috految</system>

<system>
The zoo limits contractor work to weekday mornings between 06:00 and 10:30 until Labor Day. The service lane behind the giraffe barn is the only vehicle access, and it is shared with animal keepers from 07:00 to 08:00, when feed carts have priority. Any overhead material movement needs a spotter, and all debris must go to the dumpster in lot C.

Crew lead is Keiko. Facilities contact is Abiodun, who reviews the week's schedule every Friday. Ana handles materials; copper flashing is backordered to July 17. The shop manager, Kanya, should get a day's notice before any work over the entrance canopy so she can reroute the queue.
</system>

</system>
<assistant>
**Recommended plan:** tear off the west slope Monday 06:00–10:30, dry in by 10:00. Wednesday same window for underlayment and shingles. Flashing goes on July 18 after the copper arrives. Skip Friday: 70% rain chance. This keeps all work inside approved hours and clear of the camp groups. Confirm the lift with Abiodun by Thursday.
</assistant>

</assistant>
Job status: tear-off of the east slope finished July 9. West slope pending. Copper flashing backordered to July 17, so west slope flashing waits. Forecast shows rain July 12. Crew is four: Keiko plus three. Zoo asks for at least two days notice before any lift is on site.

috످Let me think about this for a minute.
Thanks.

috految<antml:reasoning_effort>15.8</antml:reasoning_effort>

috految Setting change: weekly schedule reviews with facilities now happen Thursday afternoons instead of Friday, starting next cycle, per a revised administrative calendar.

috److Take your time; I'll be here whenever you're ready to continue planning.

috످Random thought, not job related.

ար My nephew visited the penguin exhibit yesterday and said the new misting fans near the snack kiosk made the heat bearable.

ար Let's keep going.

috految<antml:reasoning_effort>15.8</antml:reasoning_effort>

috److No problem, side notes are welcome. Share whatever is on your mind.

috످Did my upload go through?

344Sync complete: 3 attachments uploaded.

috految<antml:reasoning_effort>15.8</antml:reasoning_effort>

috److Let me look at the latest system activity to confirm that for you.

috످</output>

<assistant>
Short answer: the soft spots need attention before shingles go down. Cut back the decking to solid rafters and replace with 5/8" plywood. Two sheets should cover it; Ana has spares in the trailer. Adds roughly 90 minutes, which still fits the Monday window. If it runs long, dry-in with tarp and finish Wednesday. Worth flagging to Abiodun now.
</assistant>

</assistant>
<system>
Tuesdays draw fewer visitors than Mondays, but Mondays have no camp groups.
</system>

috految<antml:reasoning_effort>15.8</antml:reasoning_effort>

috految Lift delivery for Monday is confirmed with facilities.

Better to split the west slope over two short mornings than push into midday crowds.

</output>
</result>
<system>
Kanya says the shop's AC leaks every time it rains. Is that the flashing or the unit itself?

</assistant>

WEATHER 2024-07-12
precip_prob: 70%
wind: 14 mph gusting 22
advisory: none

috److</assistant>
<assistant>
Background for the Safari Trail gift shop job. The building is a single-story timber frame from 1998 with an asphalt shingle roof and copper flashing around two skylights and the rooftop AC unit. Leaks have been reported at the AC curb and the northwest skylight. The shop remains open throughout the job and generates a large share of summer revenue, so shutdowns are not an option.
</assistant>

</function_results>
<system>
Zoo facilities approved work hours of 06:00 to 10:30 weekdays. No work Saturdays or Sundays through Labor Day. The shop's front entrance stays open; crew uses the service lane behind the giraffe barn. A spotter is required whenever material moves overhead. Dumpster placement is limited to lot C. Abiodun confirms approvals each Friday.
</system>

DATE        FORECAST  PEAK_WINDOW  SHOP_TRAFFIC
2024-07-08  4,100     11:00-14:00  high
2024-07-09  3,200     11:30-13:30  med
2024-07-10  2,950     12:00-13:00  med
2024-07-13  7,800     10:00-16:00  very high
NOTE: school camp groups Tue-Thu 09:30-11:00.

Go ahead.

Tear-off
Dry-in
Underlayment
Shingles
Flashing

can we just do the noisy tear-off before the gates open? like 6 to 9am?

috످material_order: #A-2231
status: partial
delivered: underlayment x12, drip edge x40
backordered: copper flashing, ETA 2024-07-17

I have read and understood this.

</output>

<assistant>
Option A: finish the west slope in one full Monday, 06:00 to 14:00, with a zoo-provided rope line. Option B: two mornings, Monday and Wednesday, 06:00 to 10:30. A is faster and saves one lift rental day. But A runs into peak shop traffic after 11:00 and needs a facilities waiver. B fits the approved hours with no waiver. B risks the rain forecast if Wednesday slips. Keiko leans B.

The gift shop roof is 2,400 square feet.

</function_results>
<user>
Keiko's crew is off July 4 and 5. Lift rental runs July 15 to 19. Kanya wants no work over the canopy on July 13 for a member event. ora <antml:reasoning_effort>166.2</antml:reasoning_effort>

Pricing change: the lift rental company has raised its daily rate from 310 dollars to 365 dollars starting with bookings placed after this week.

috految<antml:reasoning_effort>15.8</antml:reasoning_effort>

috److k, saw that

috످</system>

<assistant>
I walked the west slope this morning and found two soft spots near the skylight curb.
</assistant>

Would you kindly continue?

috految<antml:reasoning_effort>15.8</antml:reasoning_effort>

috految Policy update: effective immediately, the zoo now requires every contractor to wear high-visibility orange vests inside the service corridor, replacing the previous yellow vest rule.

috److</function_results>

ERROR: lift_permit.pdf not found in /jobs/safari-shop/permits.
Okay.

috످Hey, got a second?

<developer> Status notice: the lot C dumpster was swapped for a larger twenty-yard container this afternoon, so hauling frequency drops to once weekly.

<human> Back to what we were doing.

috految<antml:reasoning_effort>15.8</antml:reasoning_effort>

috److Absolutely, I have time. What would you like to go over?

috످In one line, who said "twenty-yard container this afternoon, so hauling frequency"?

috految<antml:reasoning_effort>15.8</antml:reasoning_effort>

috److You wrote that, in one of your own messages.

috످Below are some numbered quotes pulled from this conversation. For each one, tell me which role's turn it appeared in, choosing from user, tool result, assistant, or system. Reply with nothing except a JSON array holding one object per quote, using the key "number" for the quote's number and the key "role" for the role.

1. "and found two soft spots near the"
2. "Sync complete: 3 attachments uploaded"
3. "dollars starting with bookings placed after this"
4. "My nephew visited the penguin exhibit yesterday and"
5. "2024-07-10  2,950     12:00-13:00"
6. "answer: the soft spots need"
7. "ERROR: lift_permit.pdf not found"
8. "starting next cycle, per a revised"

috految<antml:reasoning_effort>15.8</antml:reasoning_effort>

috److془1. Roof inspection finding, in user turn with assistant tags.
2. Upload confirmation, user.
3. Lift price rise, user.
4. Nephew, user.
5. Visitor forecast, assistant.
6. Decking repair advice, user.
7. Missing permit, assistant.
8. Review day change: system.. check: "Let me think about this for a minute. Thanks." then system "Setting change". Yes system.

3: "ora <reasoning_effort>166.2 Pricing change" in user turn. Yes.
Both have been checked.془[{"number":1,"role":"user"},{"number":2,"role":"user"},{"number":3,"role":"user"},{"number":4,"role":"user"},{"number":5,"role":"assistant"},{"number":6,"role":"user"},{"number":7,"role":"assistant"},{"number":8,"role":"system"}]

috످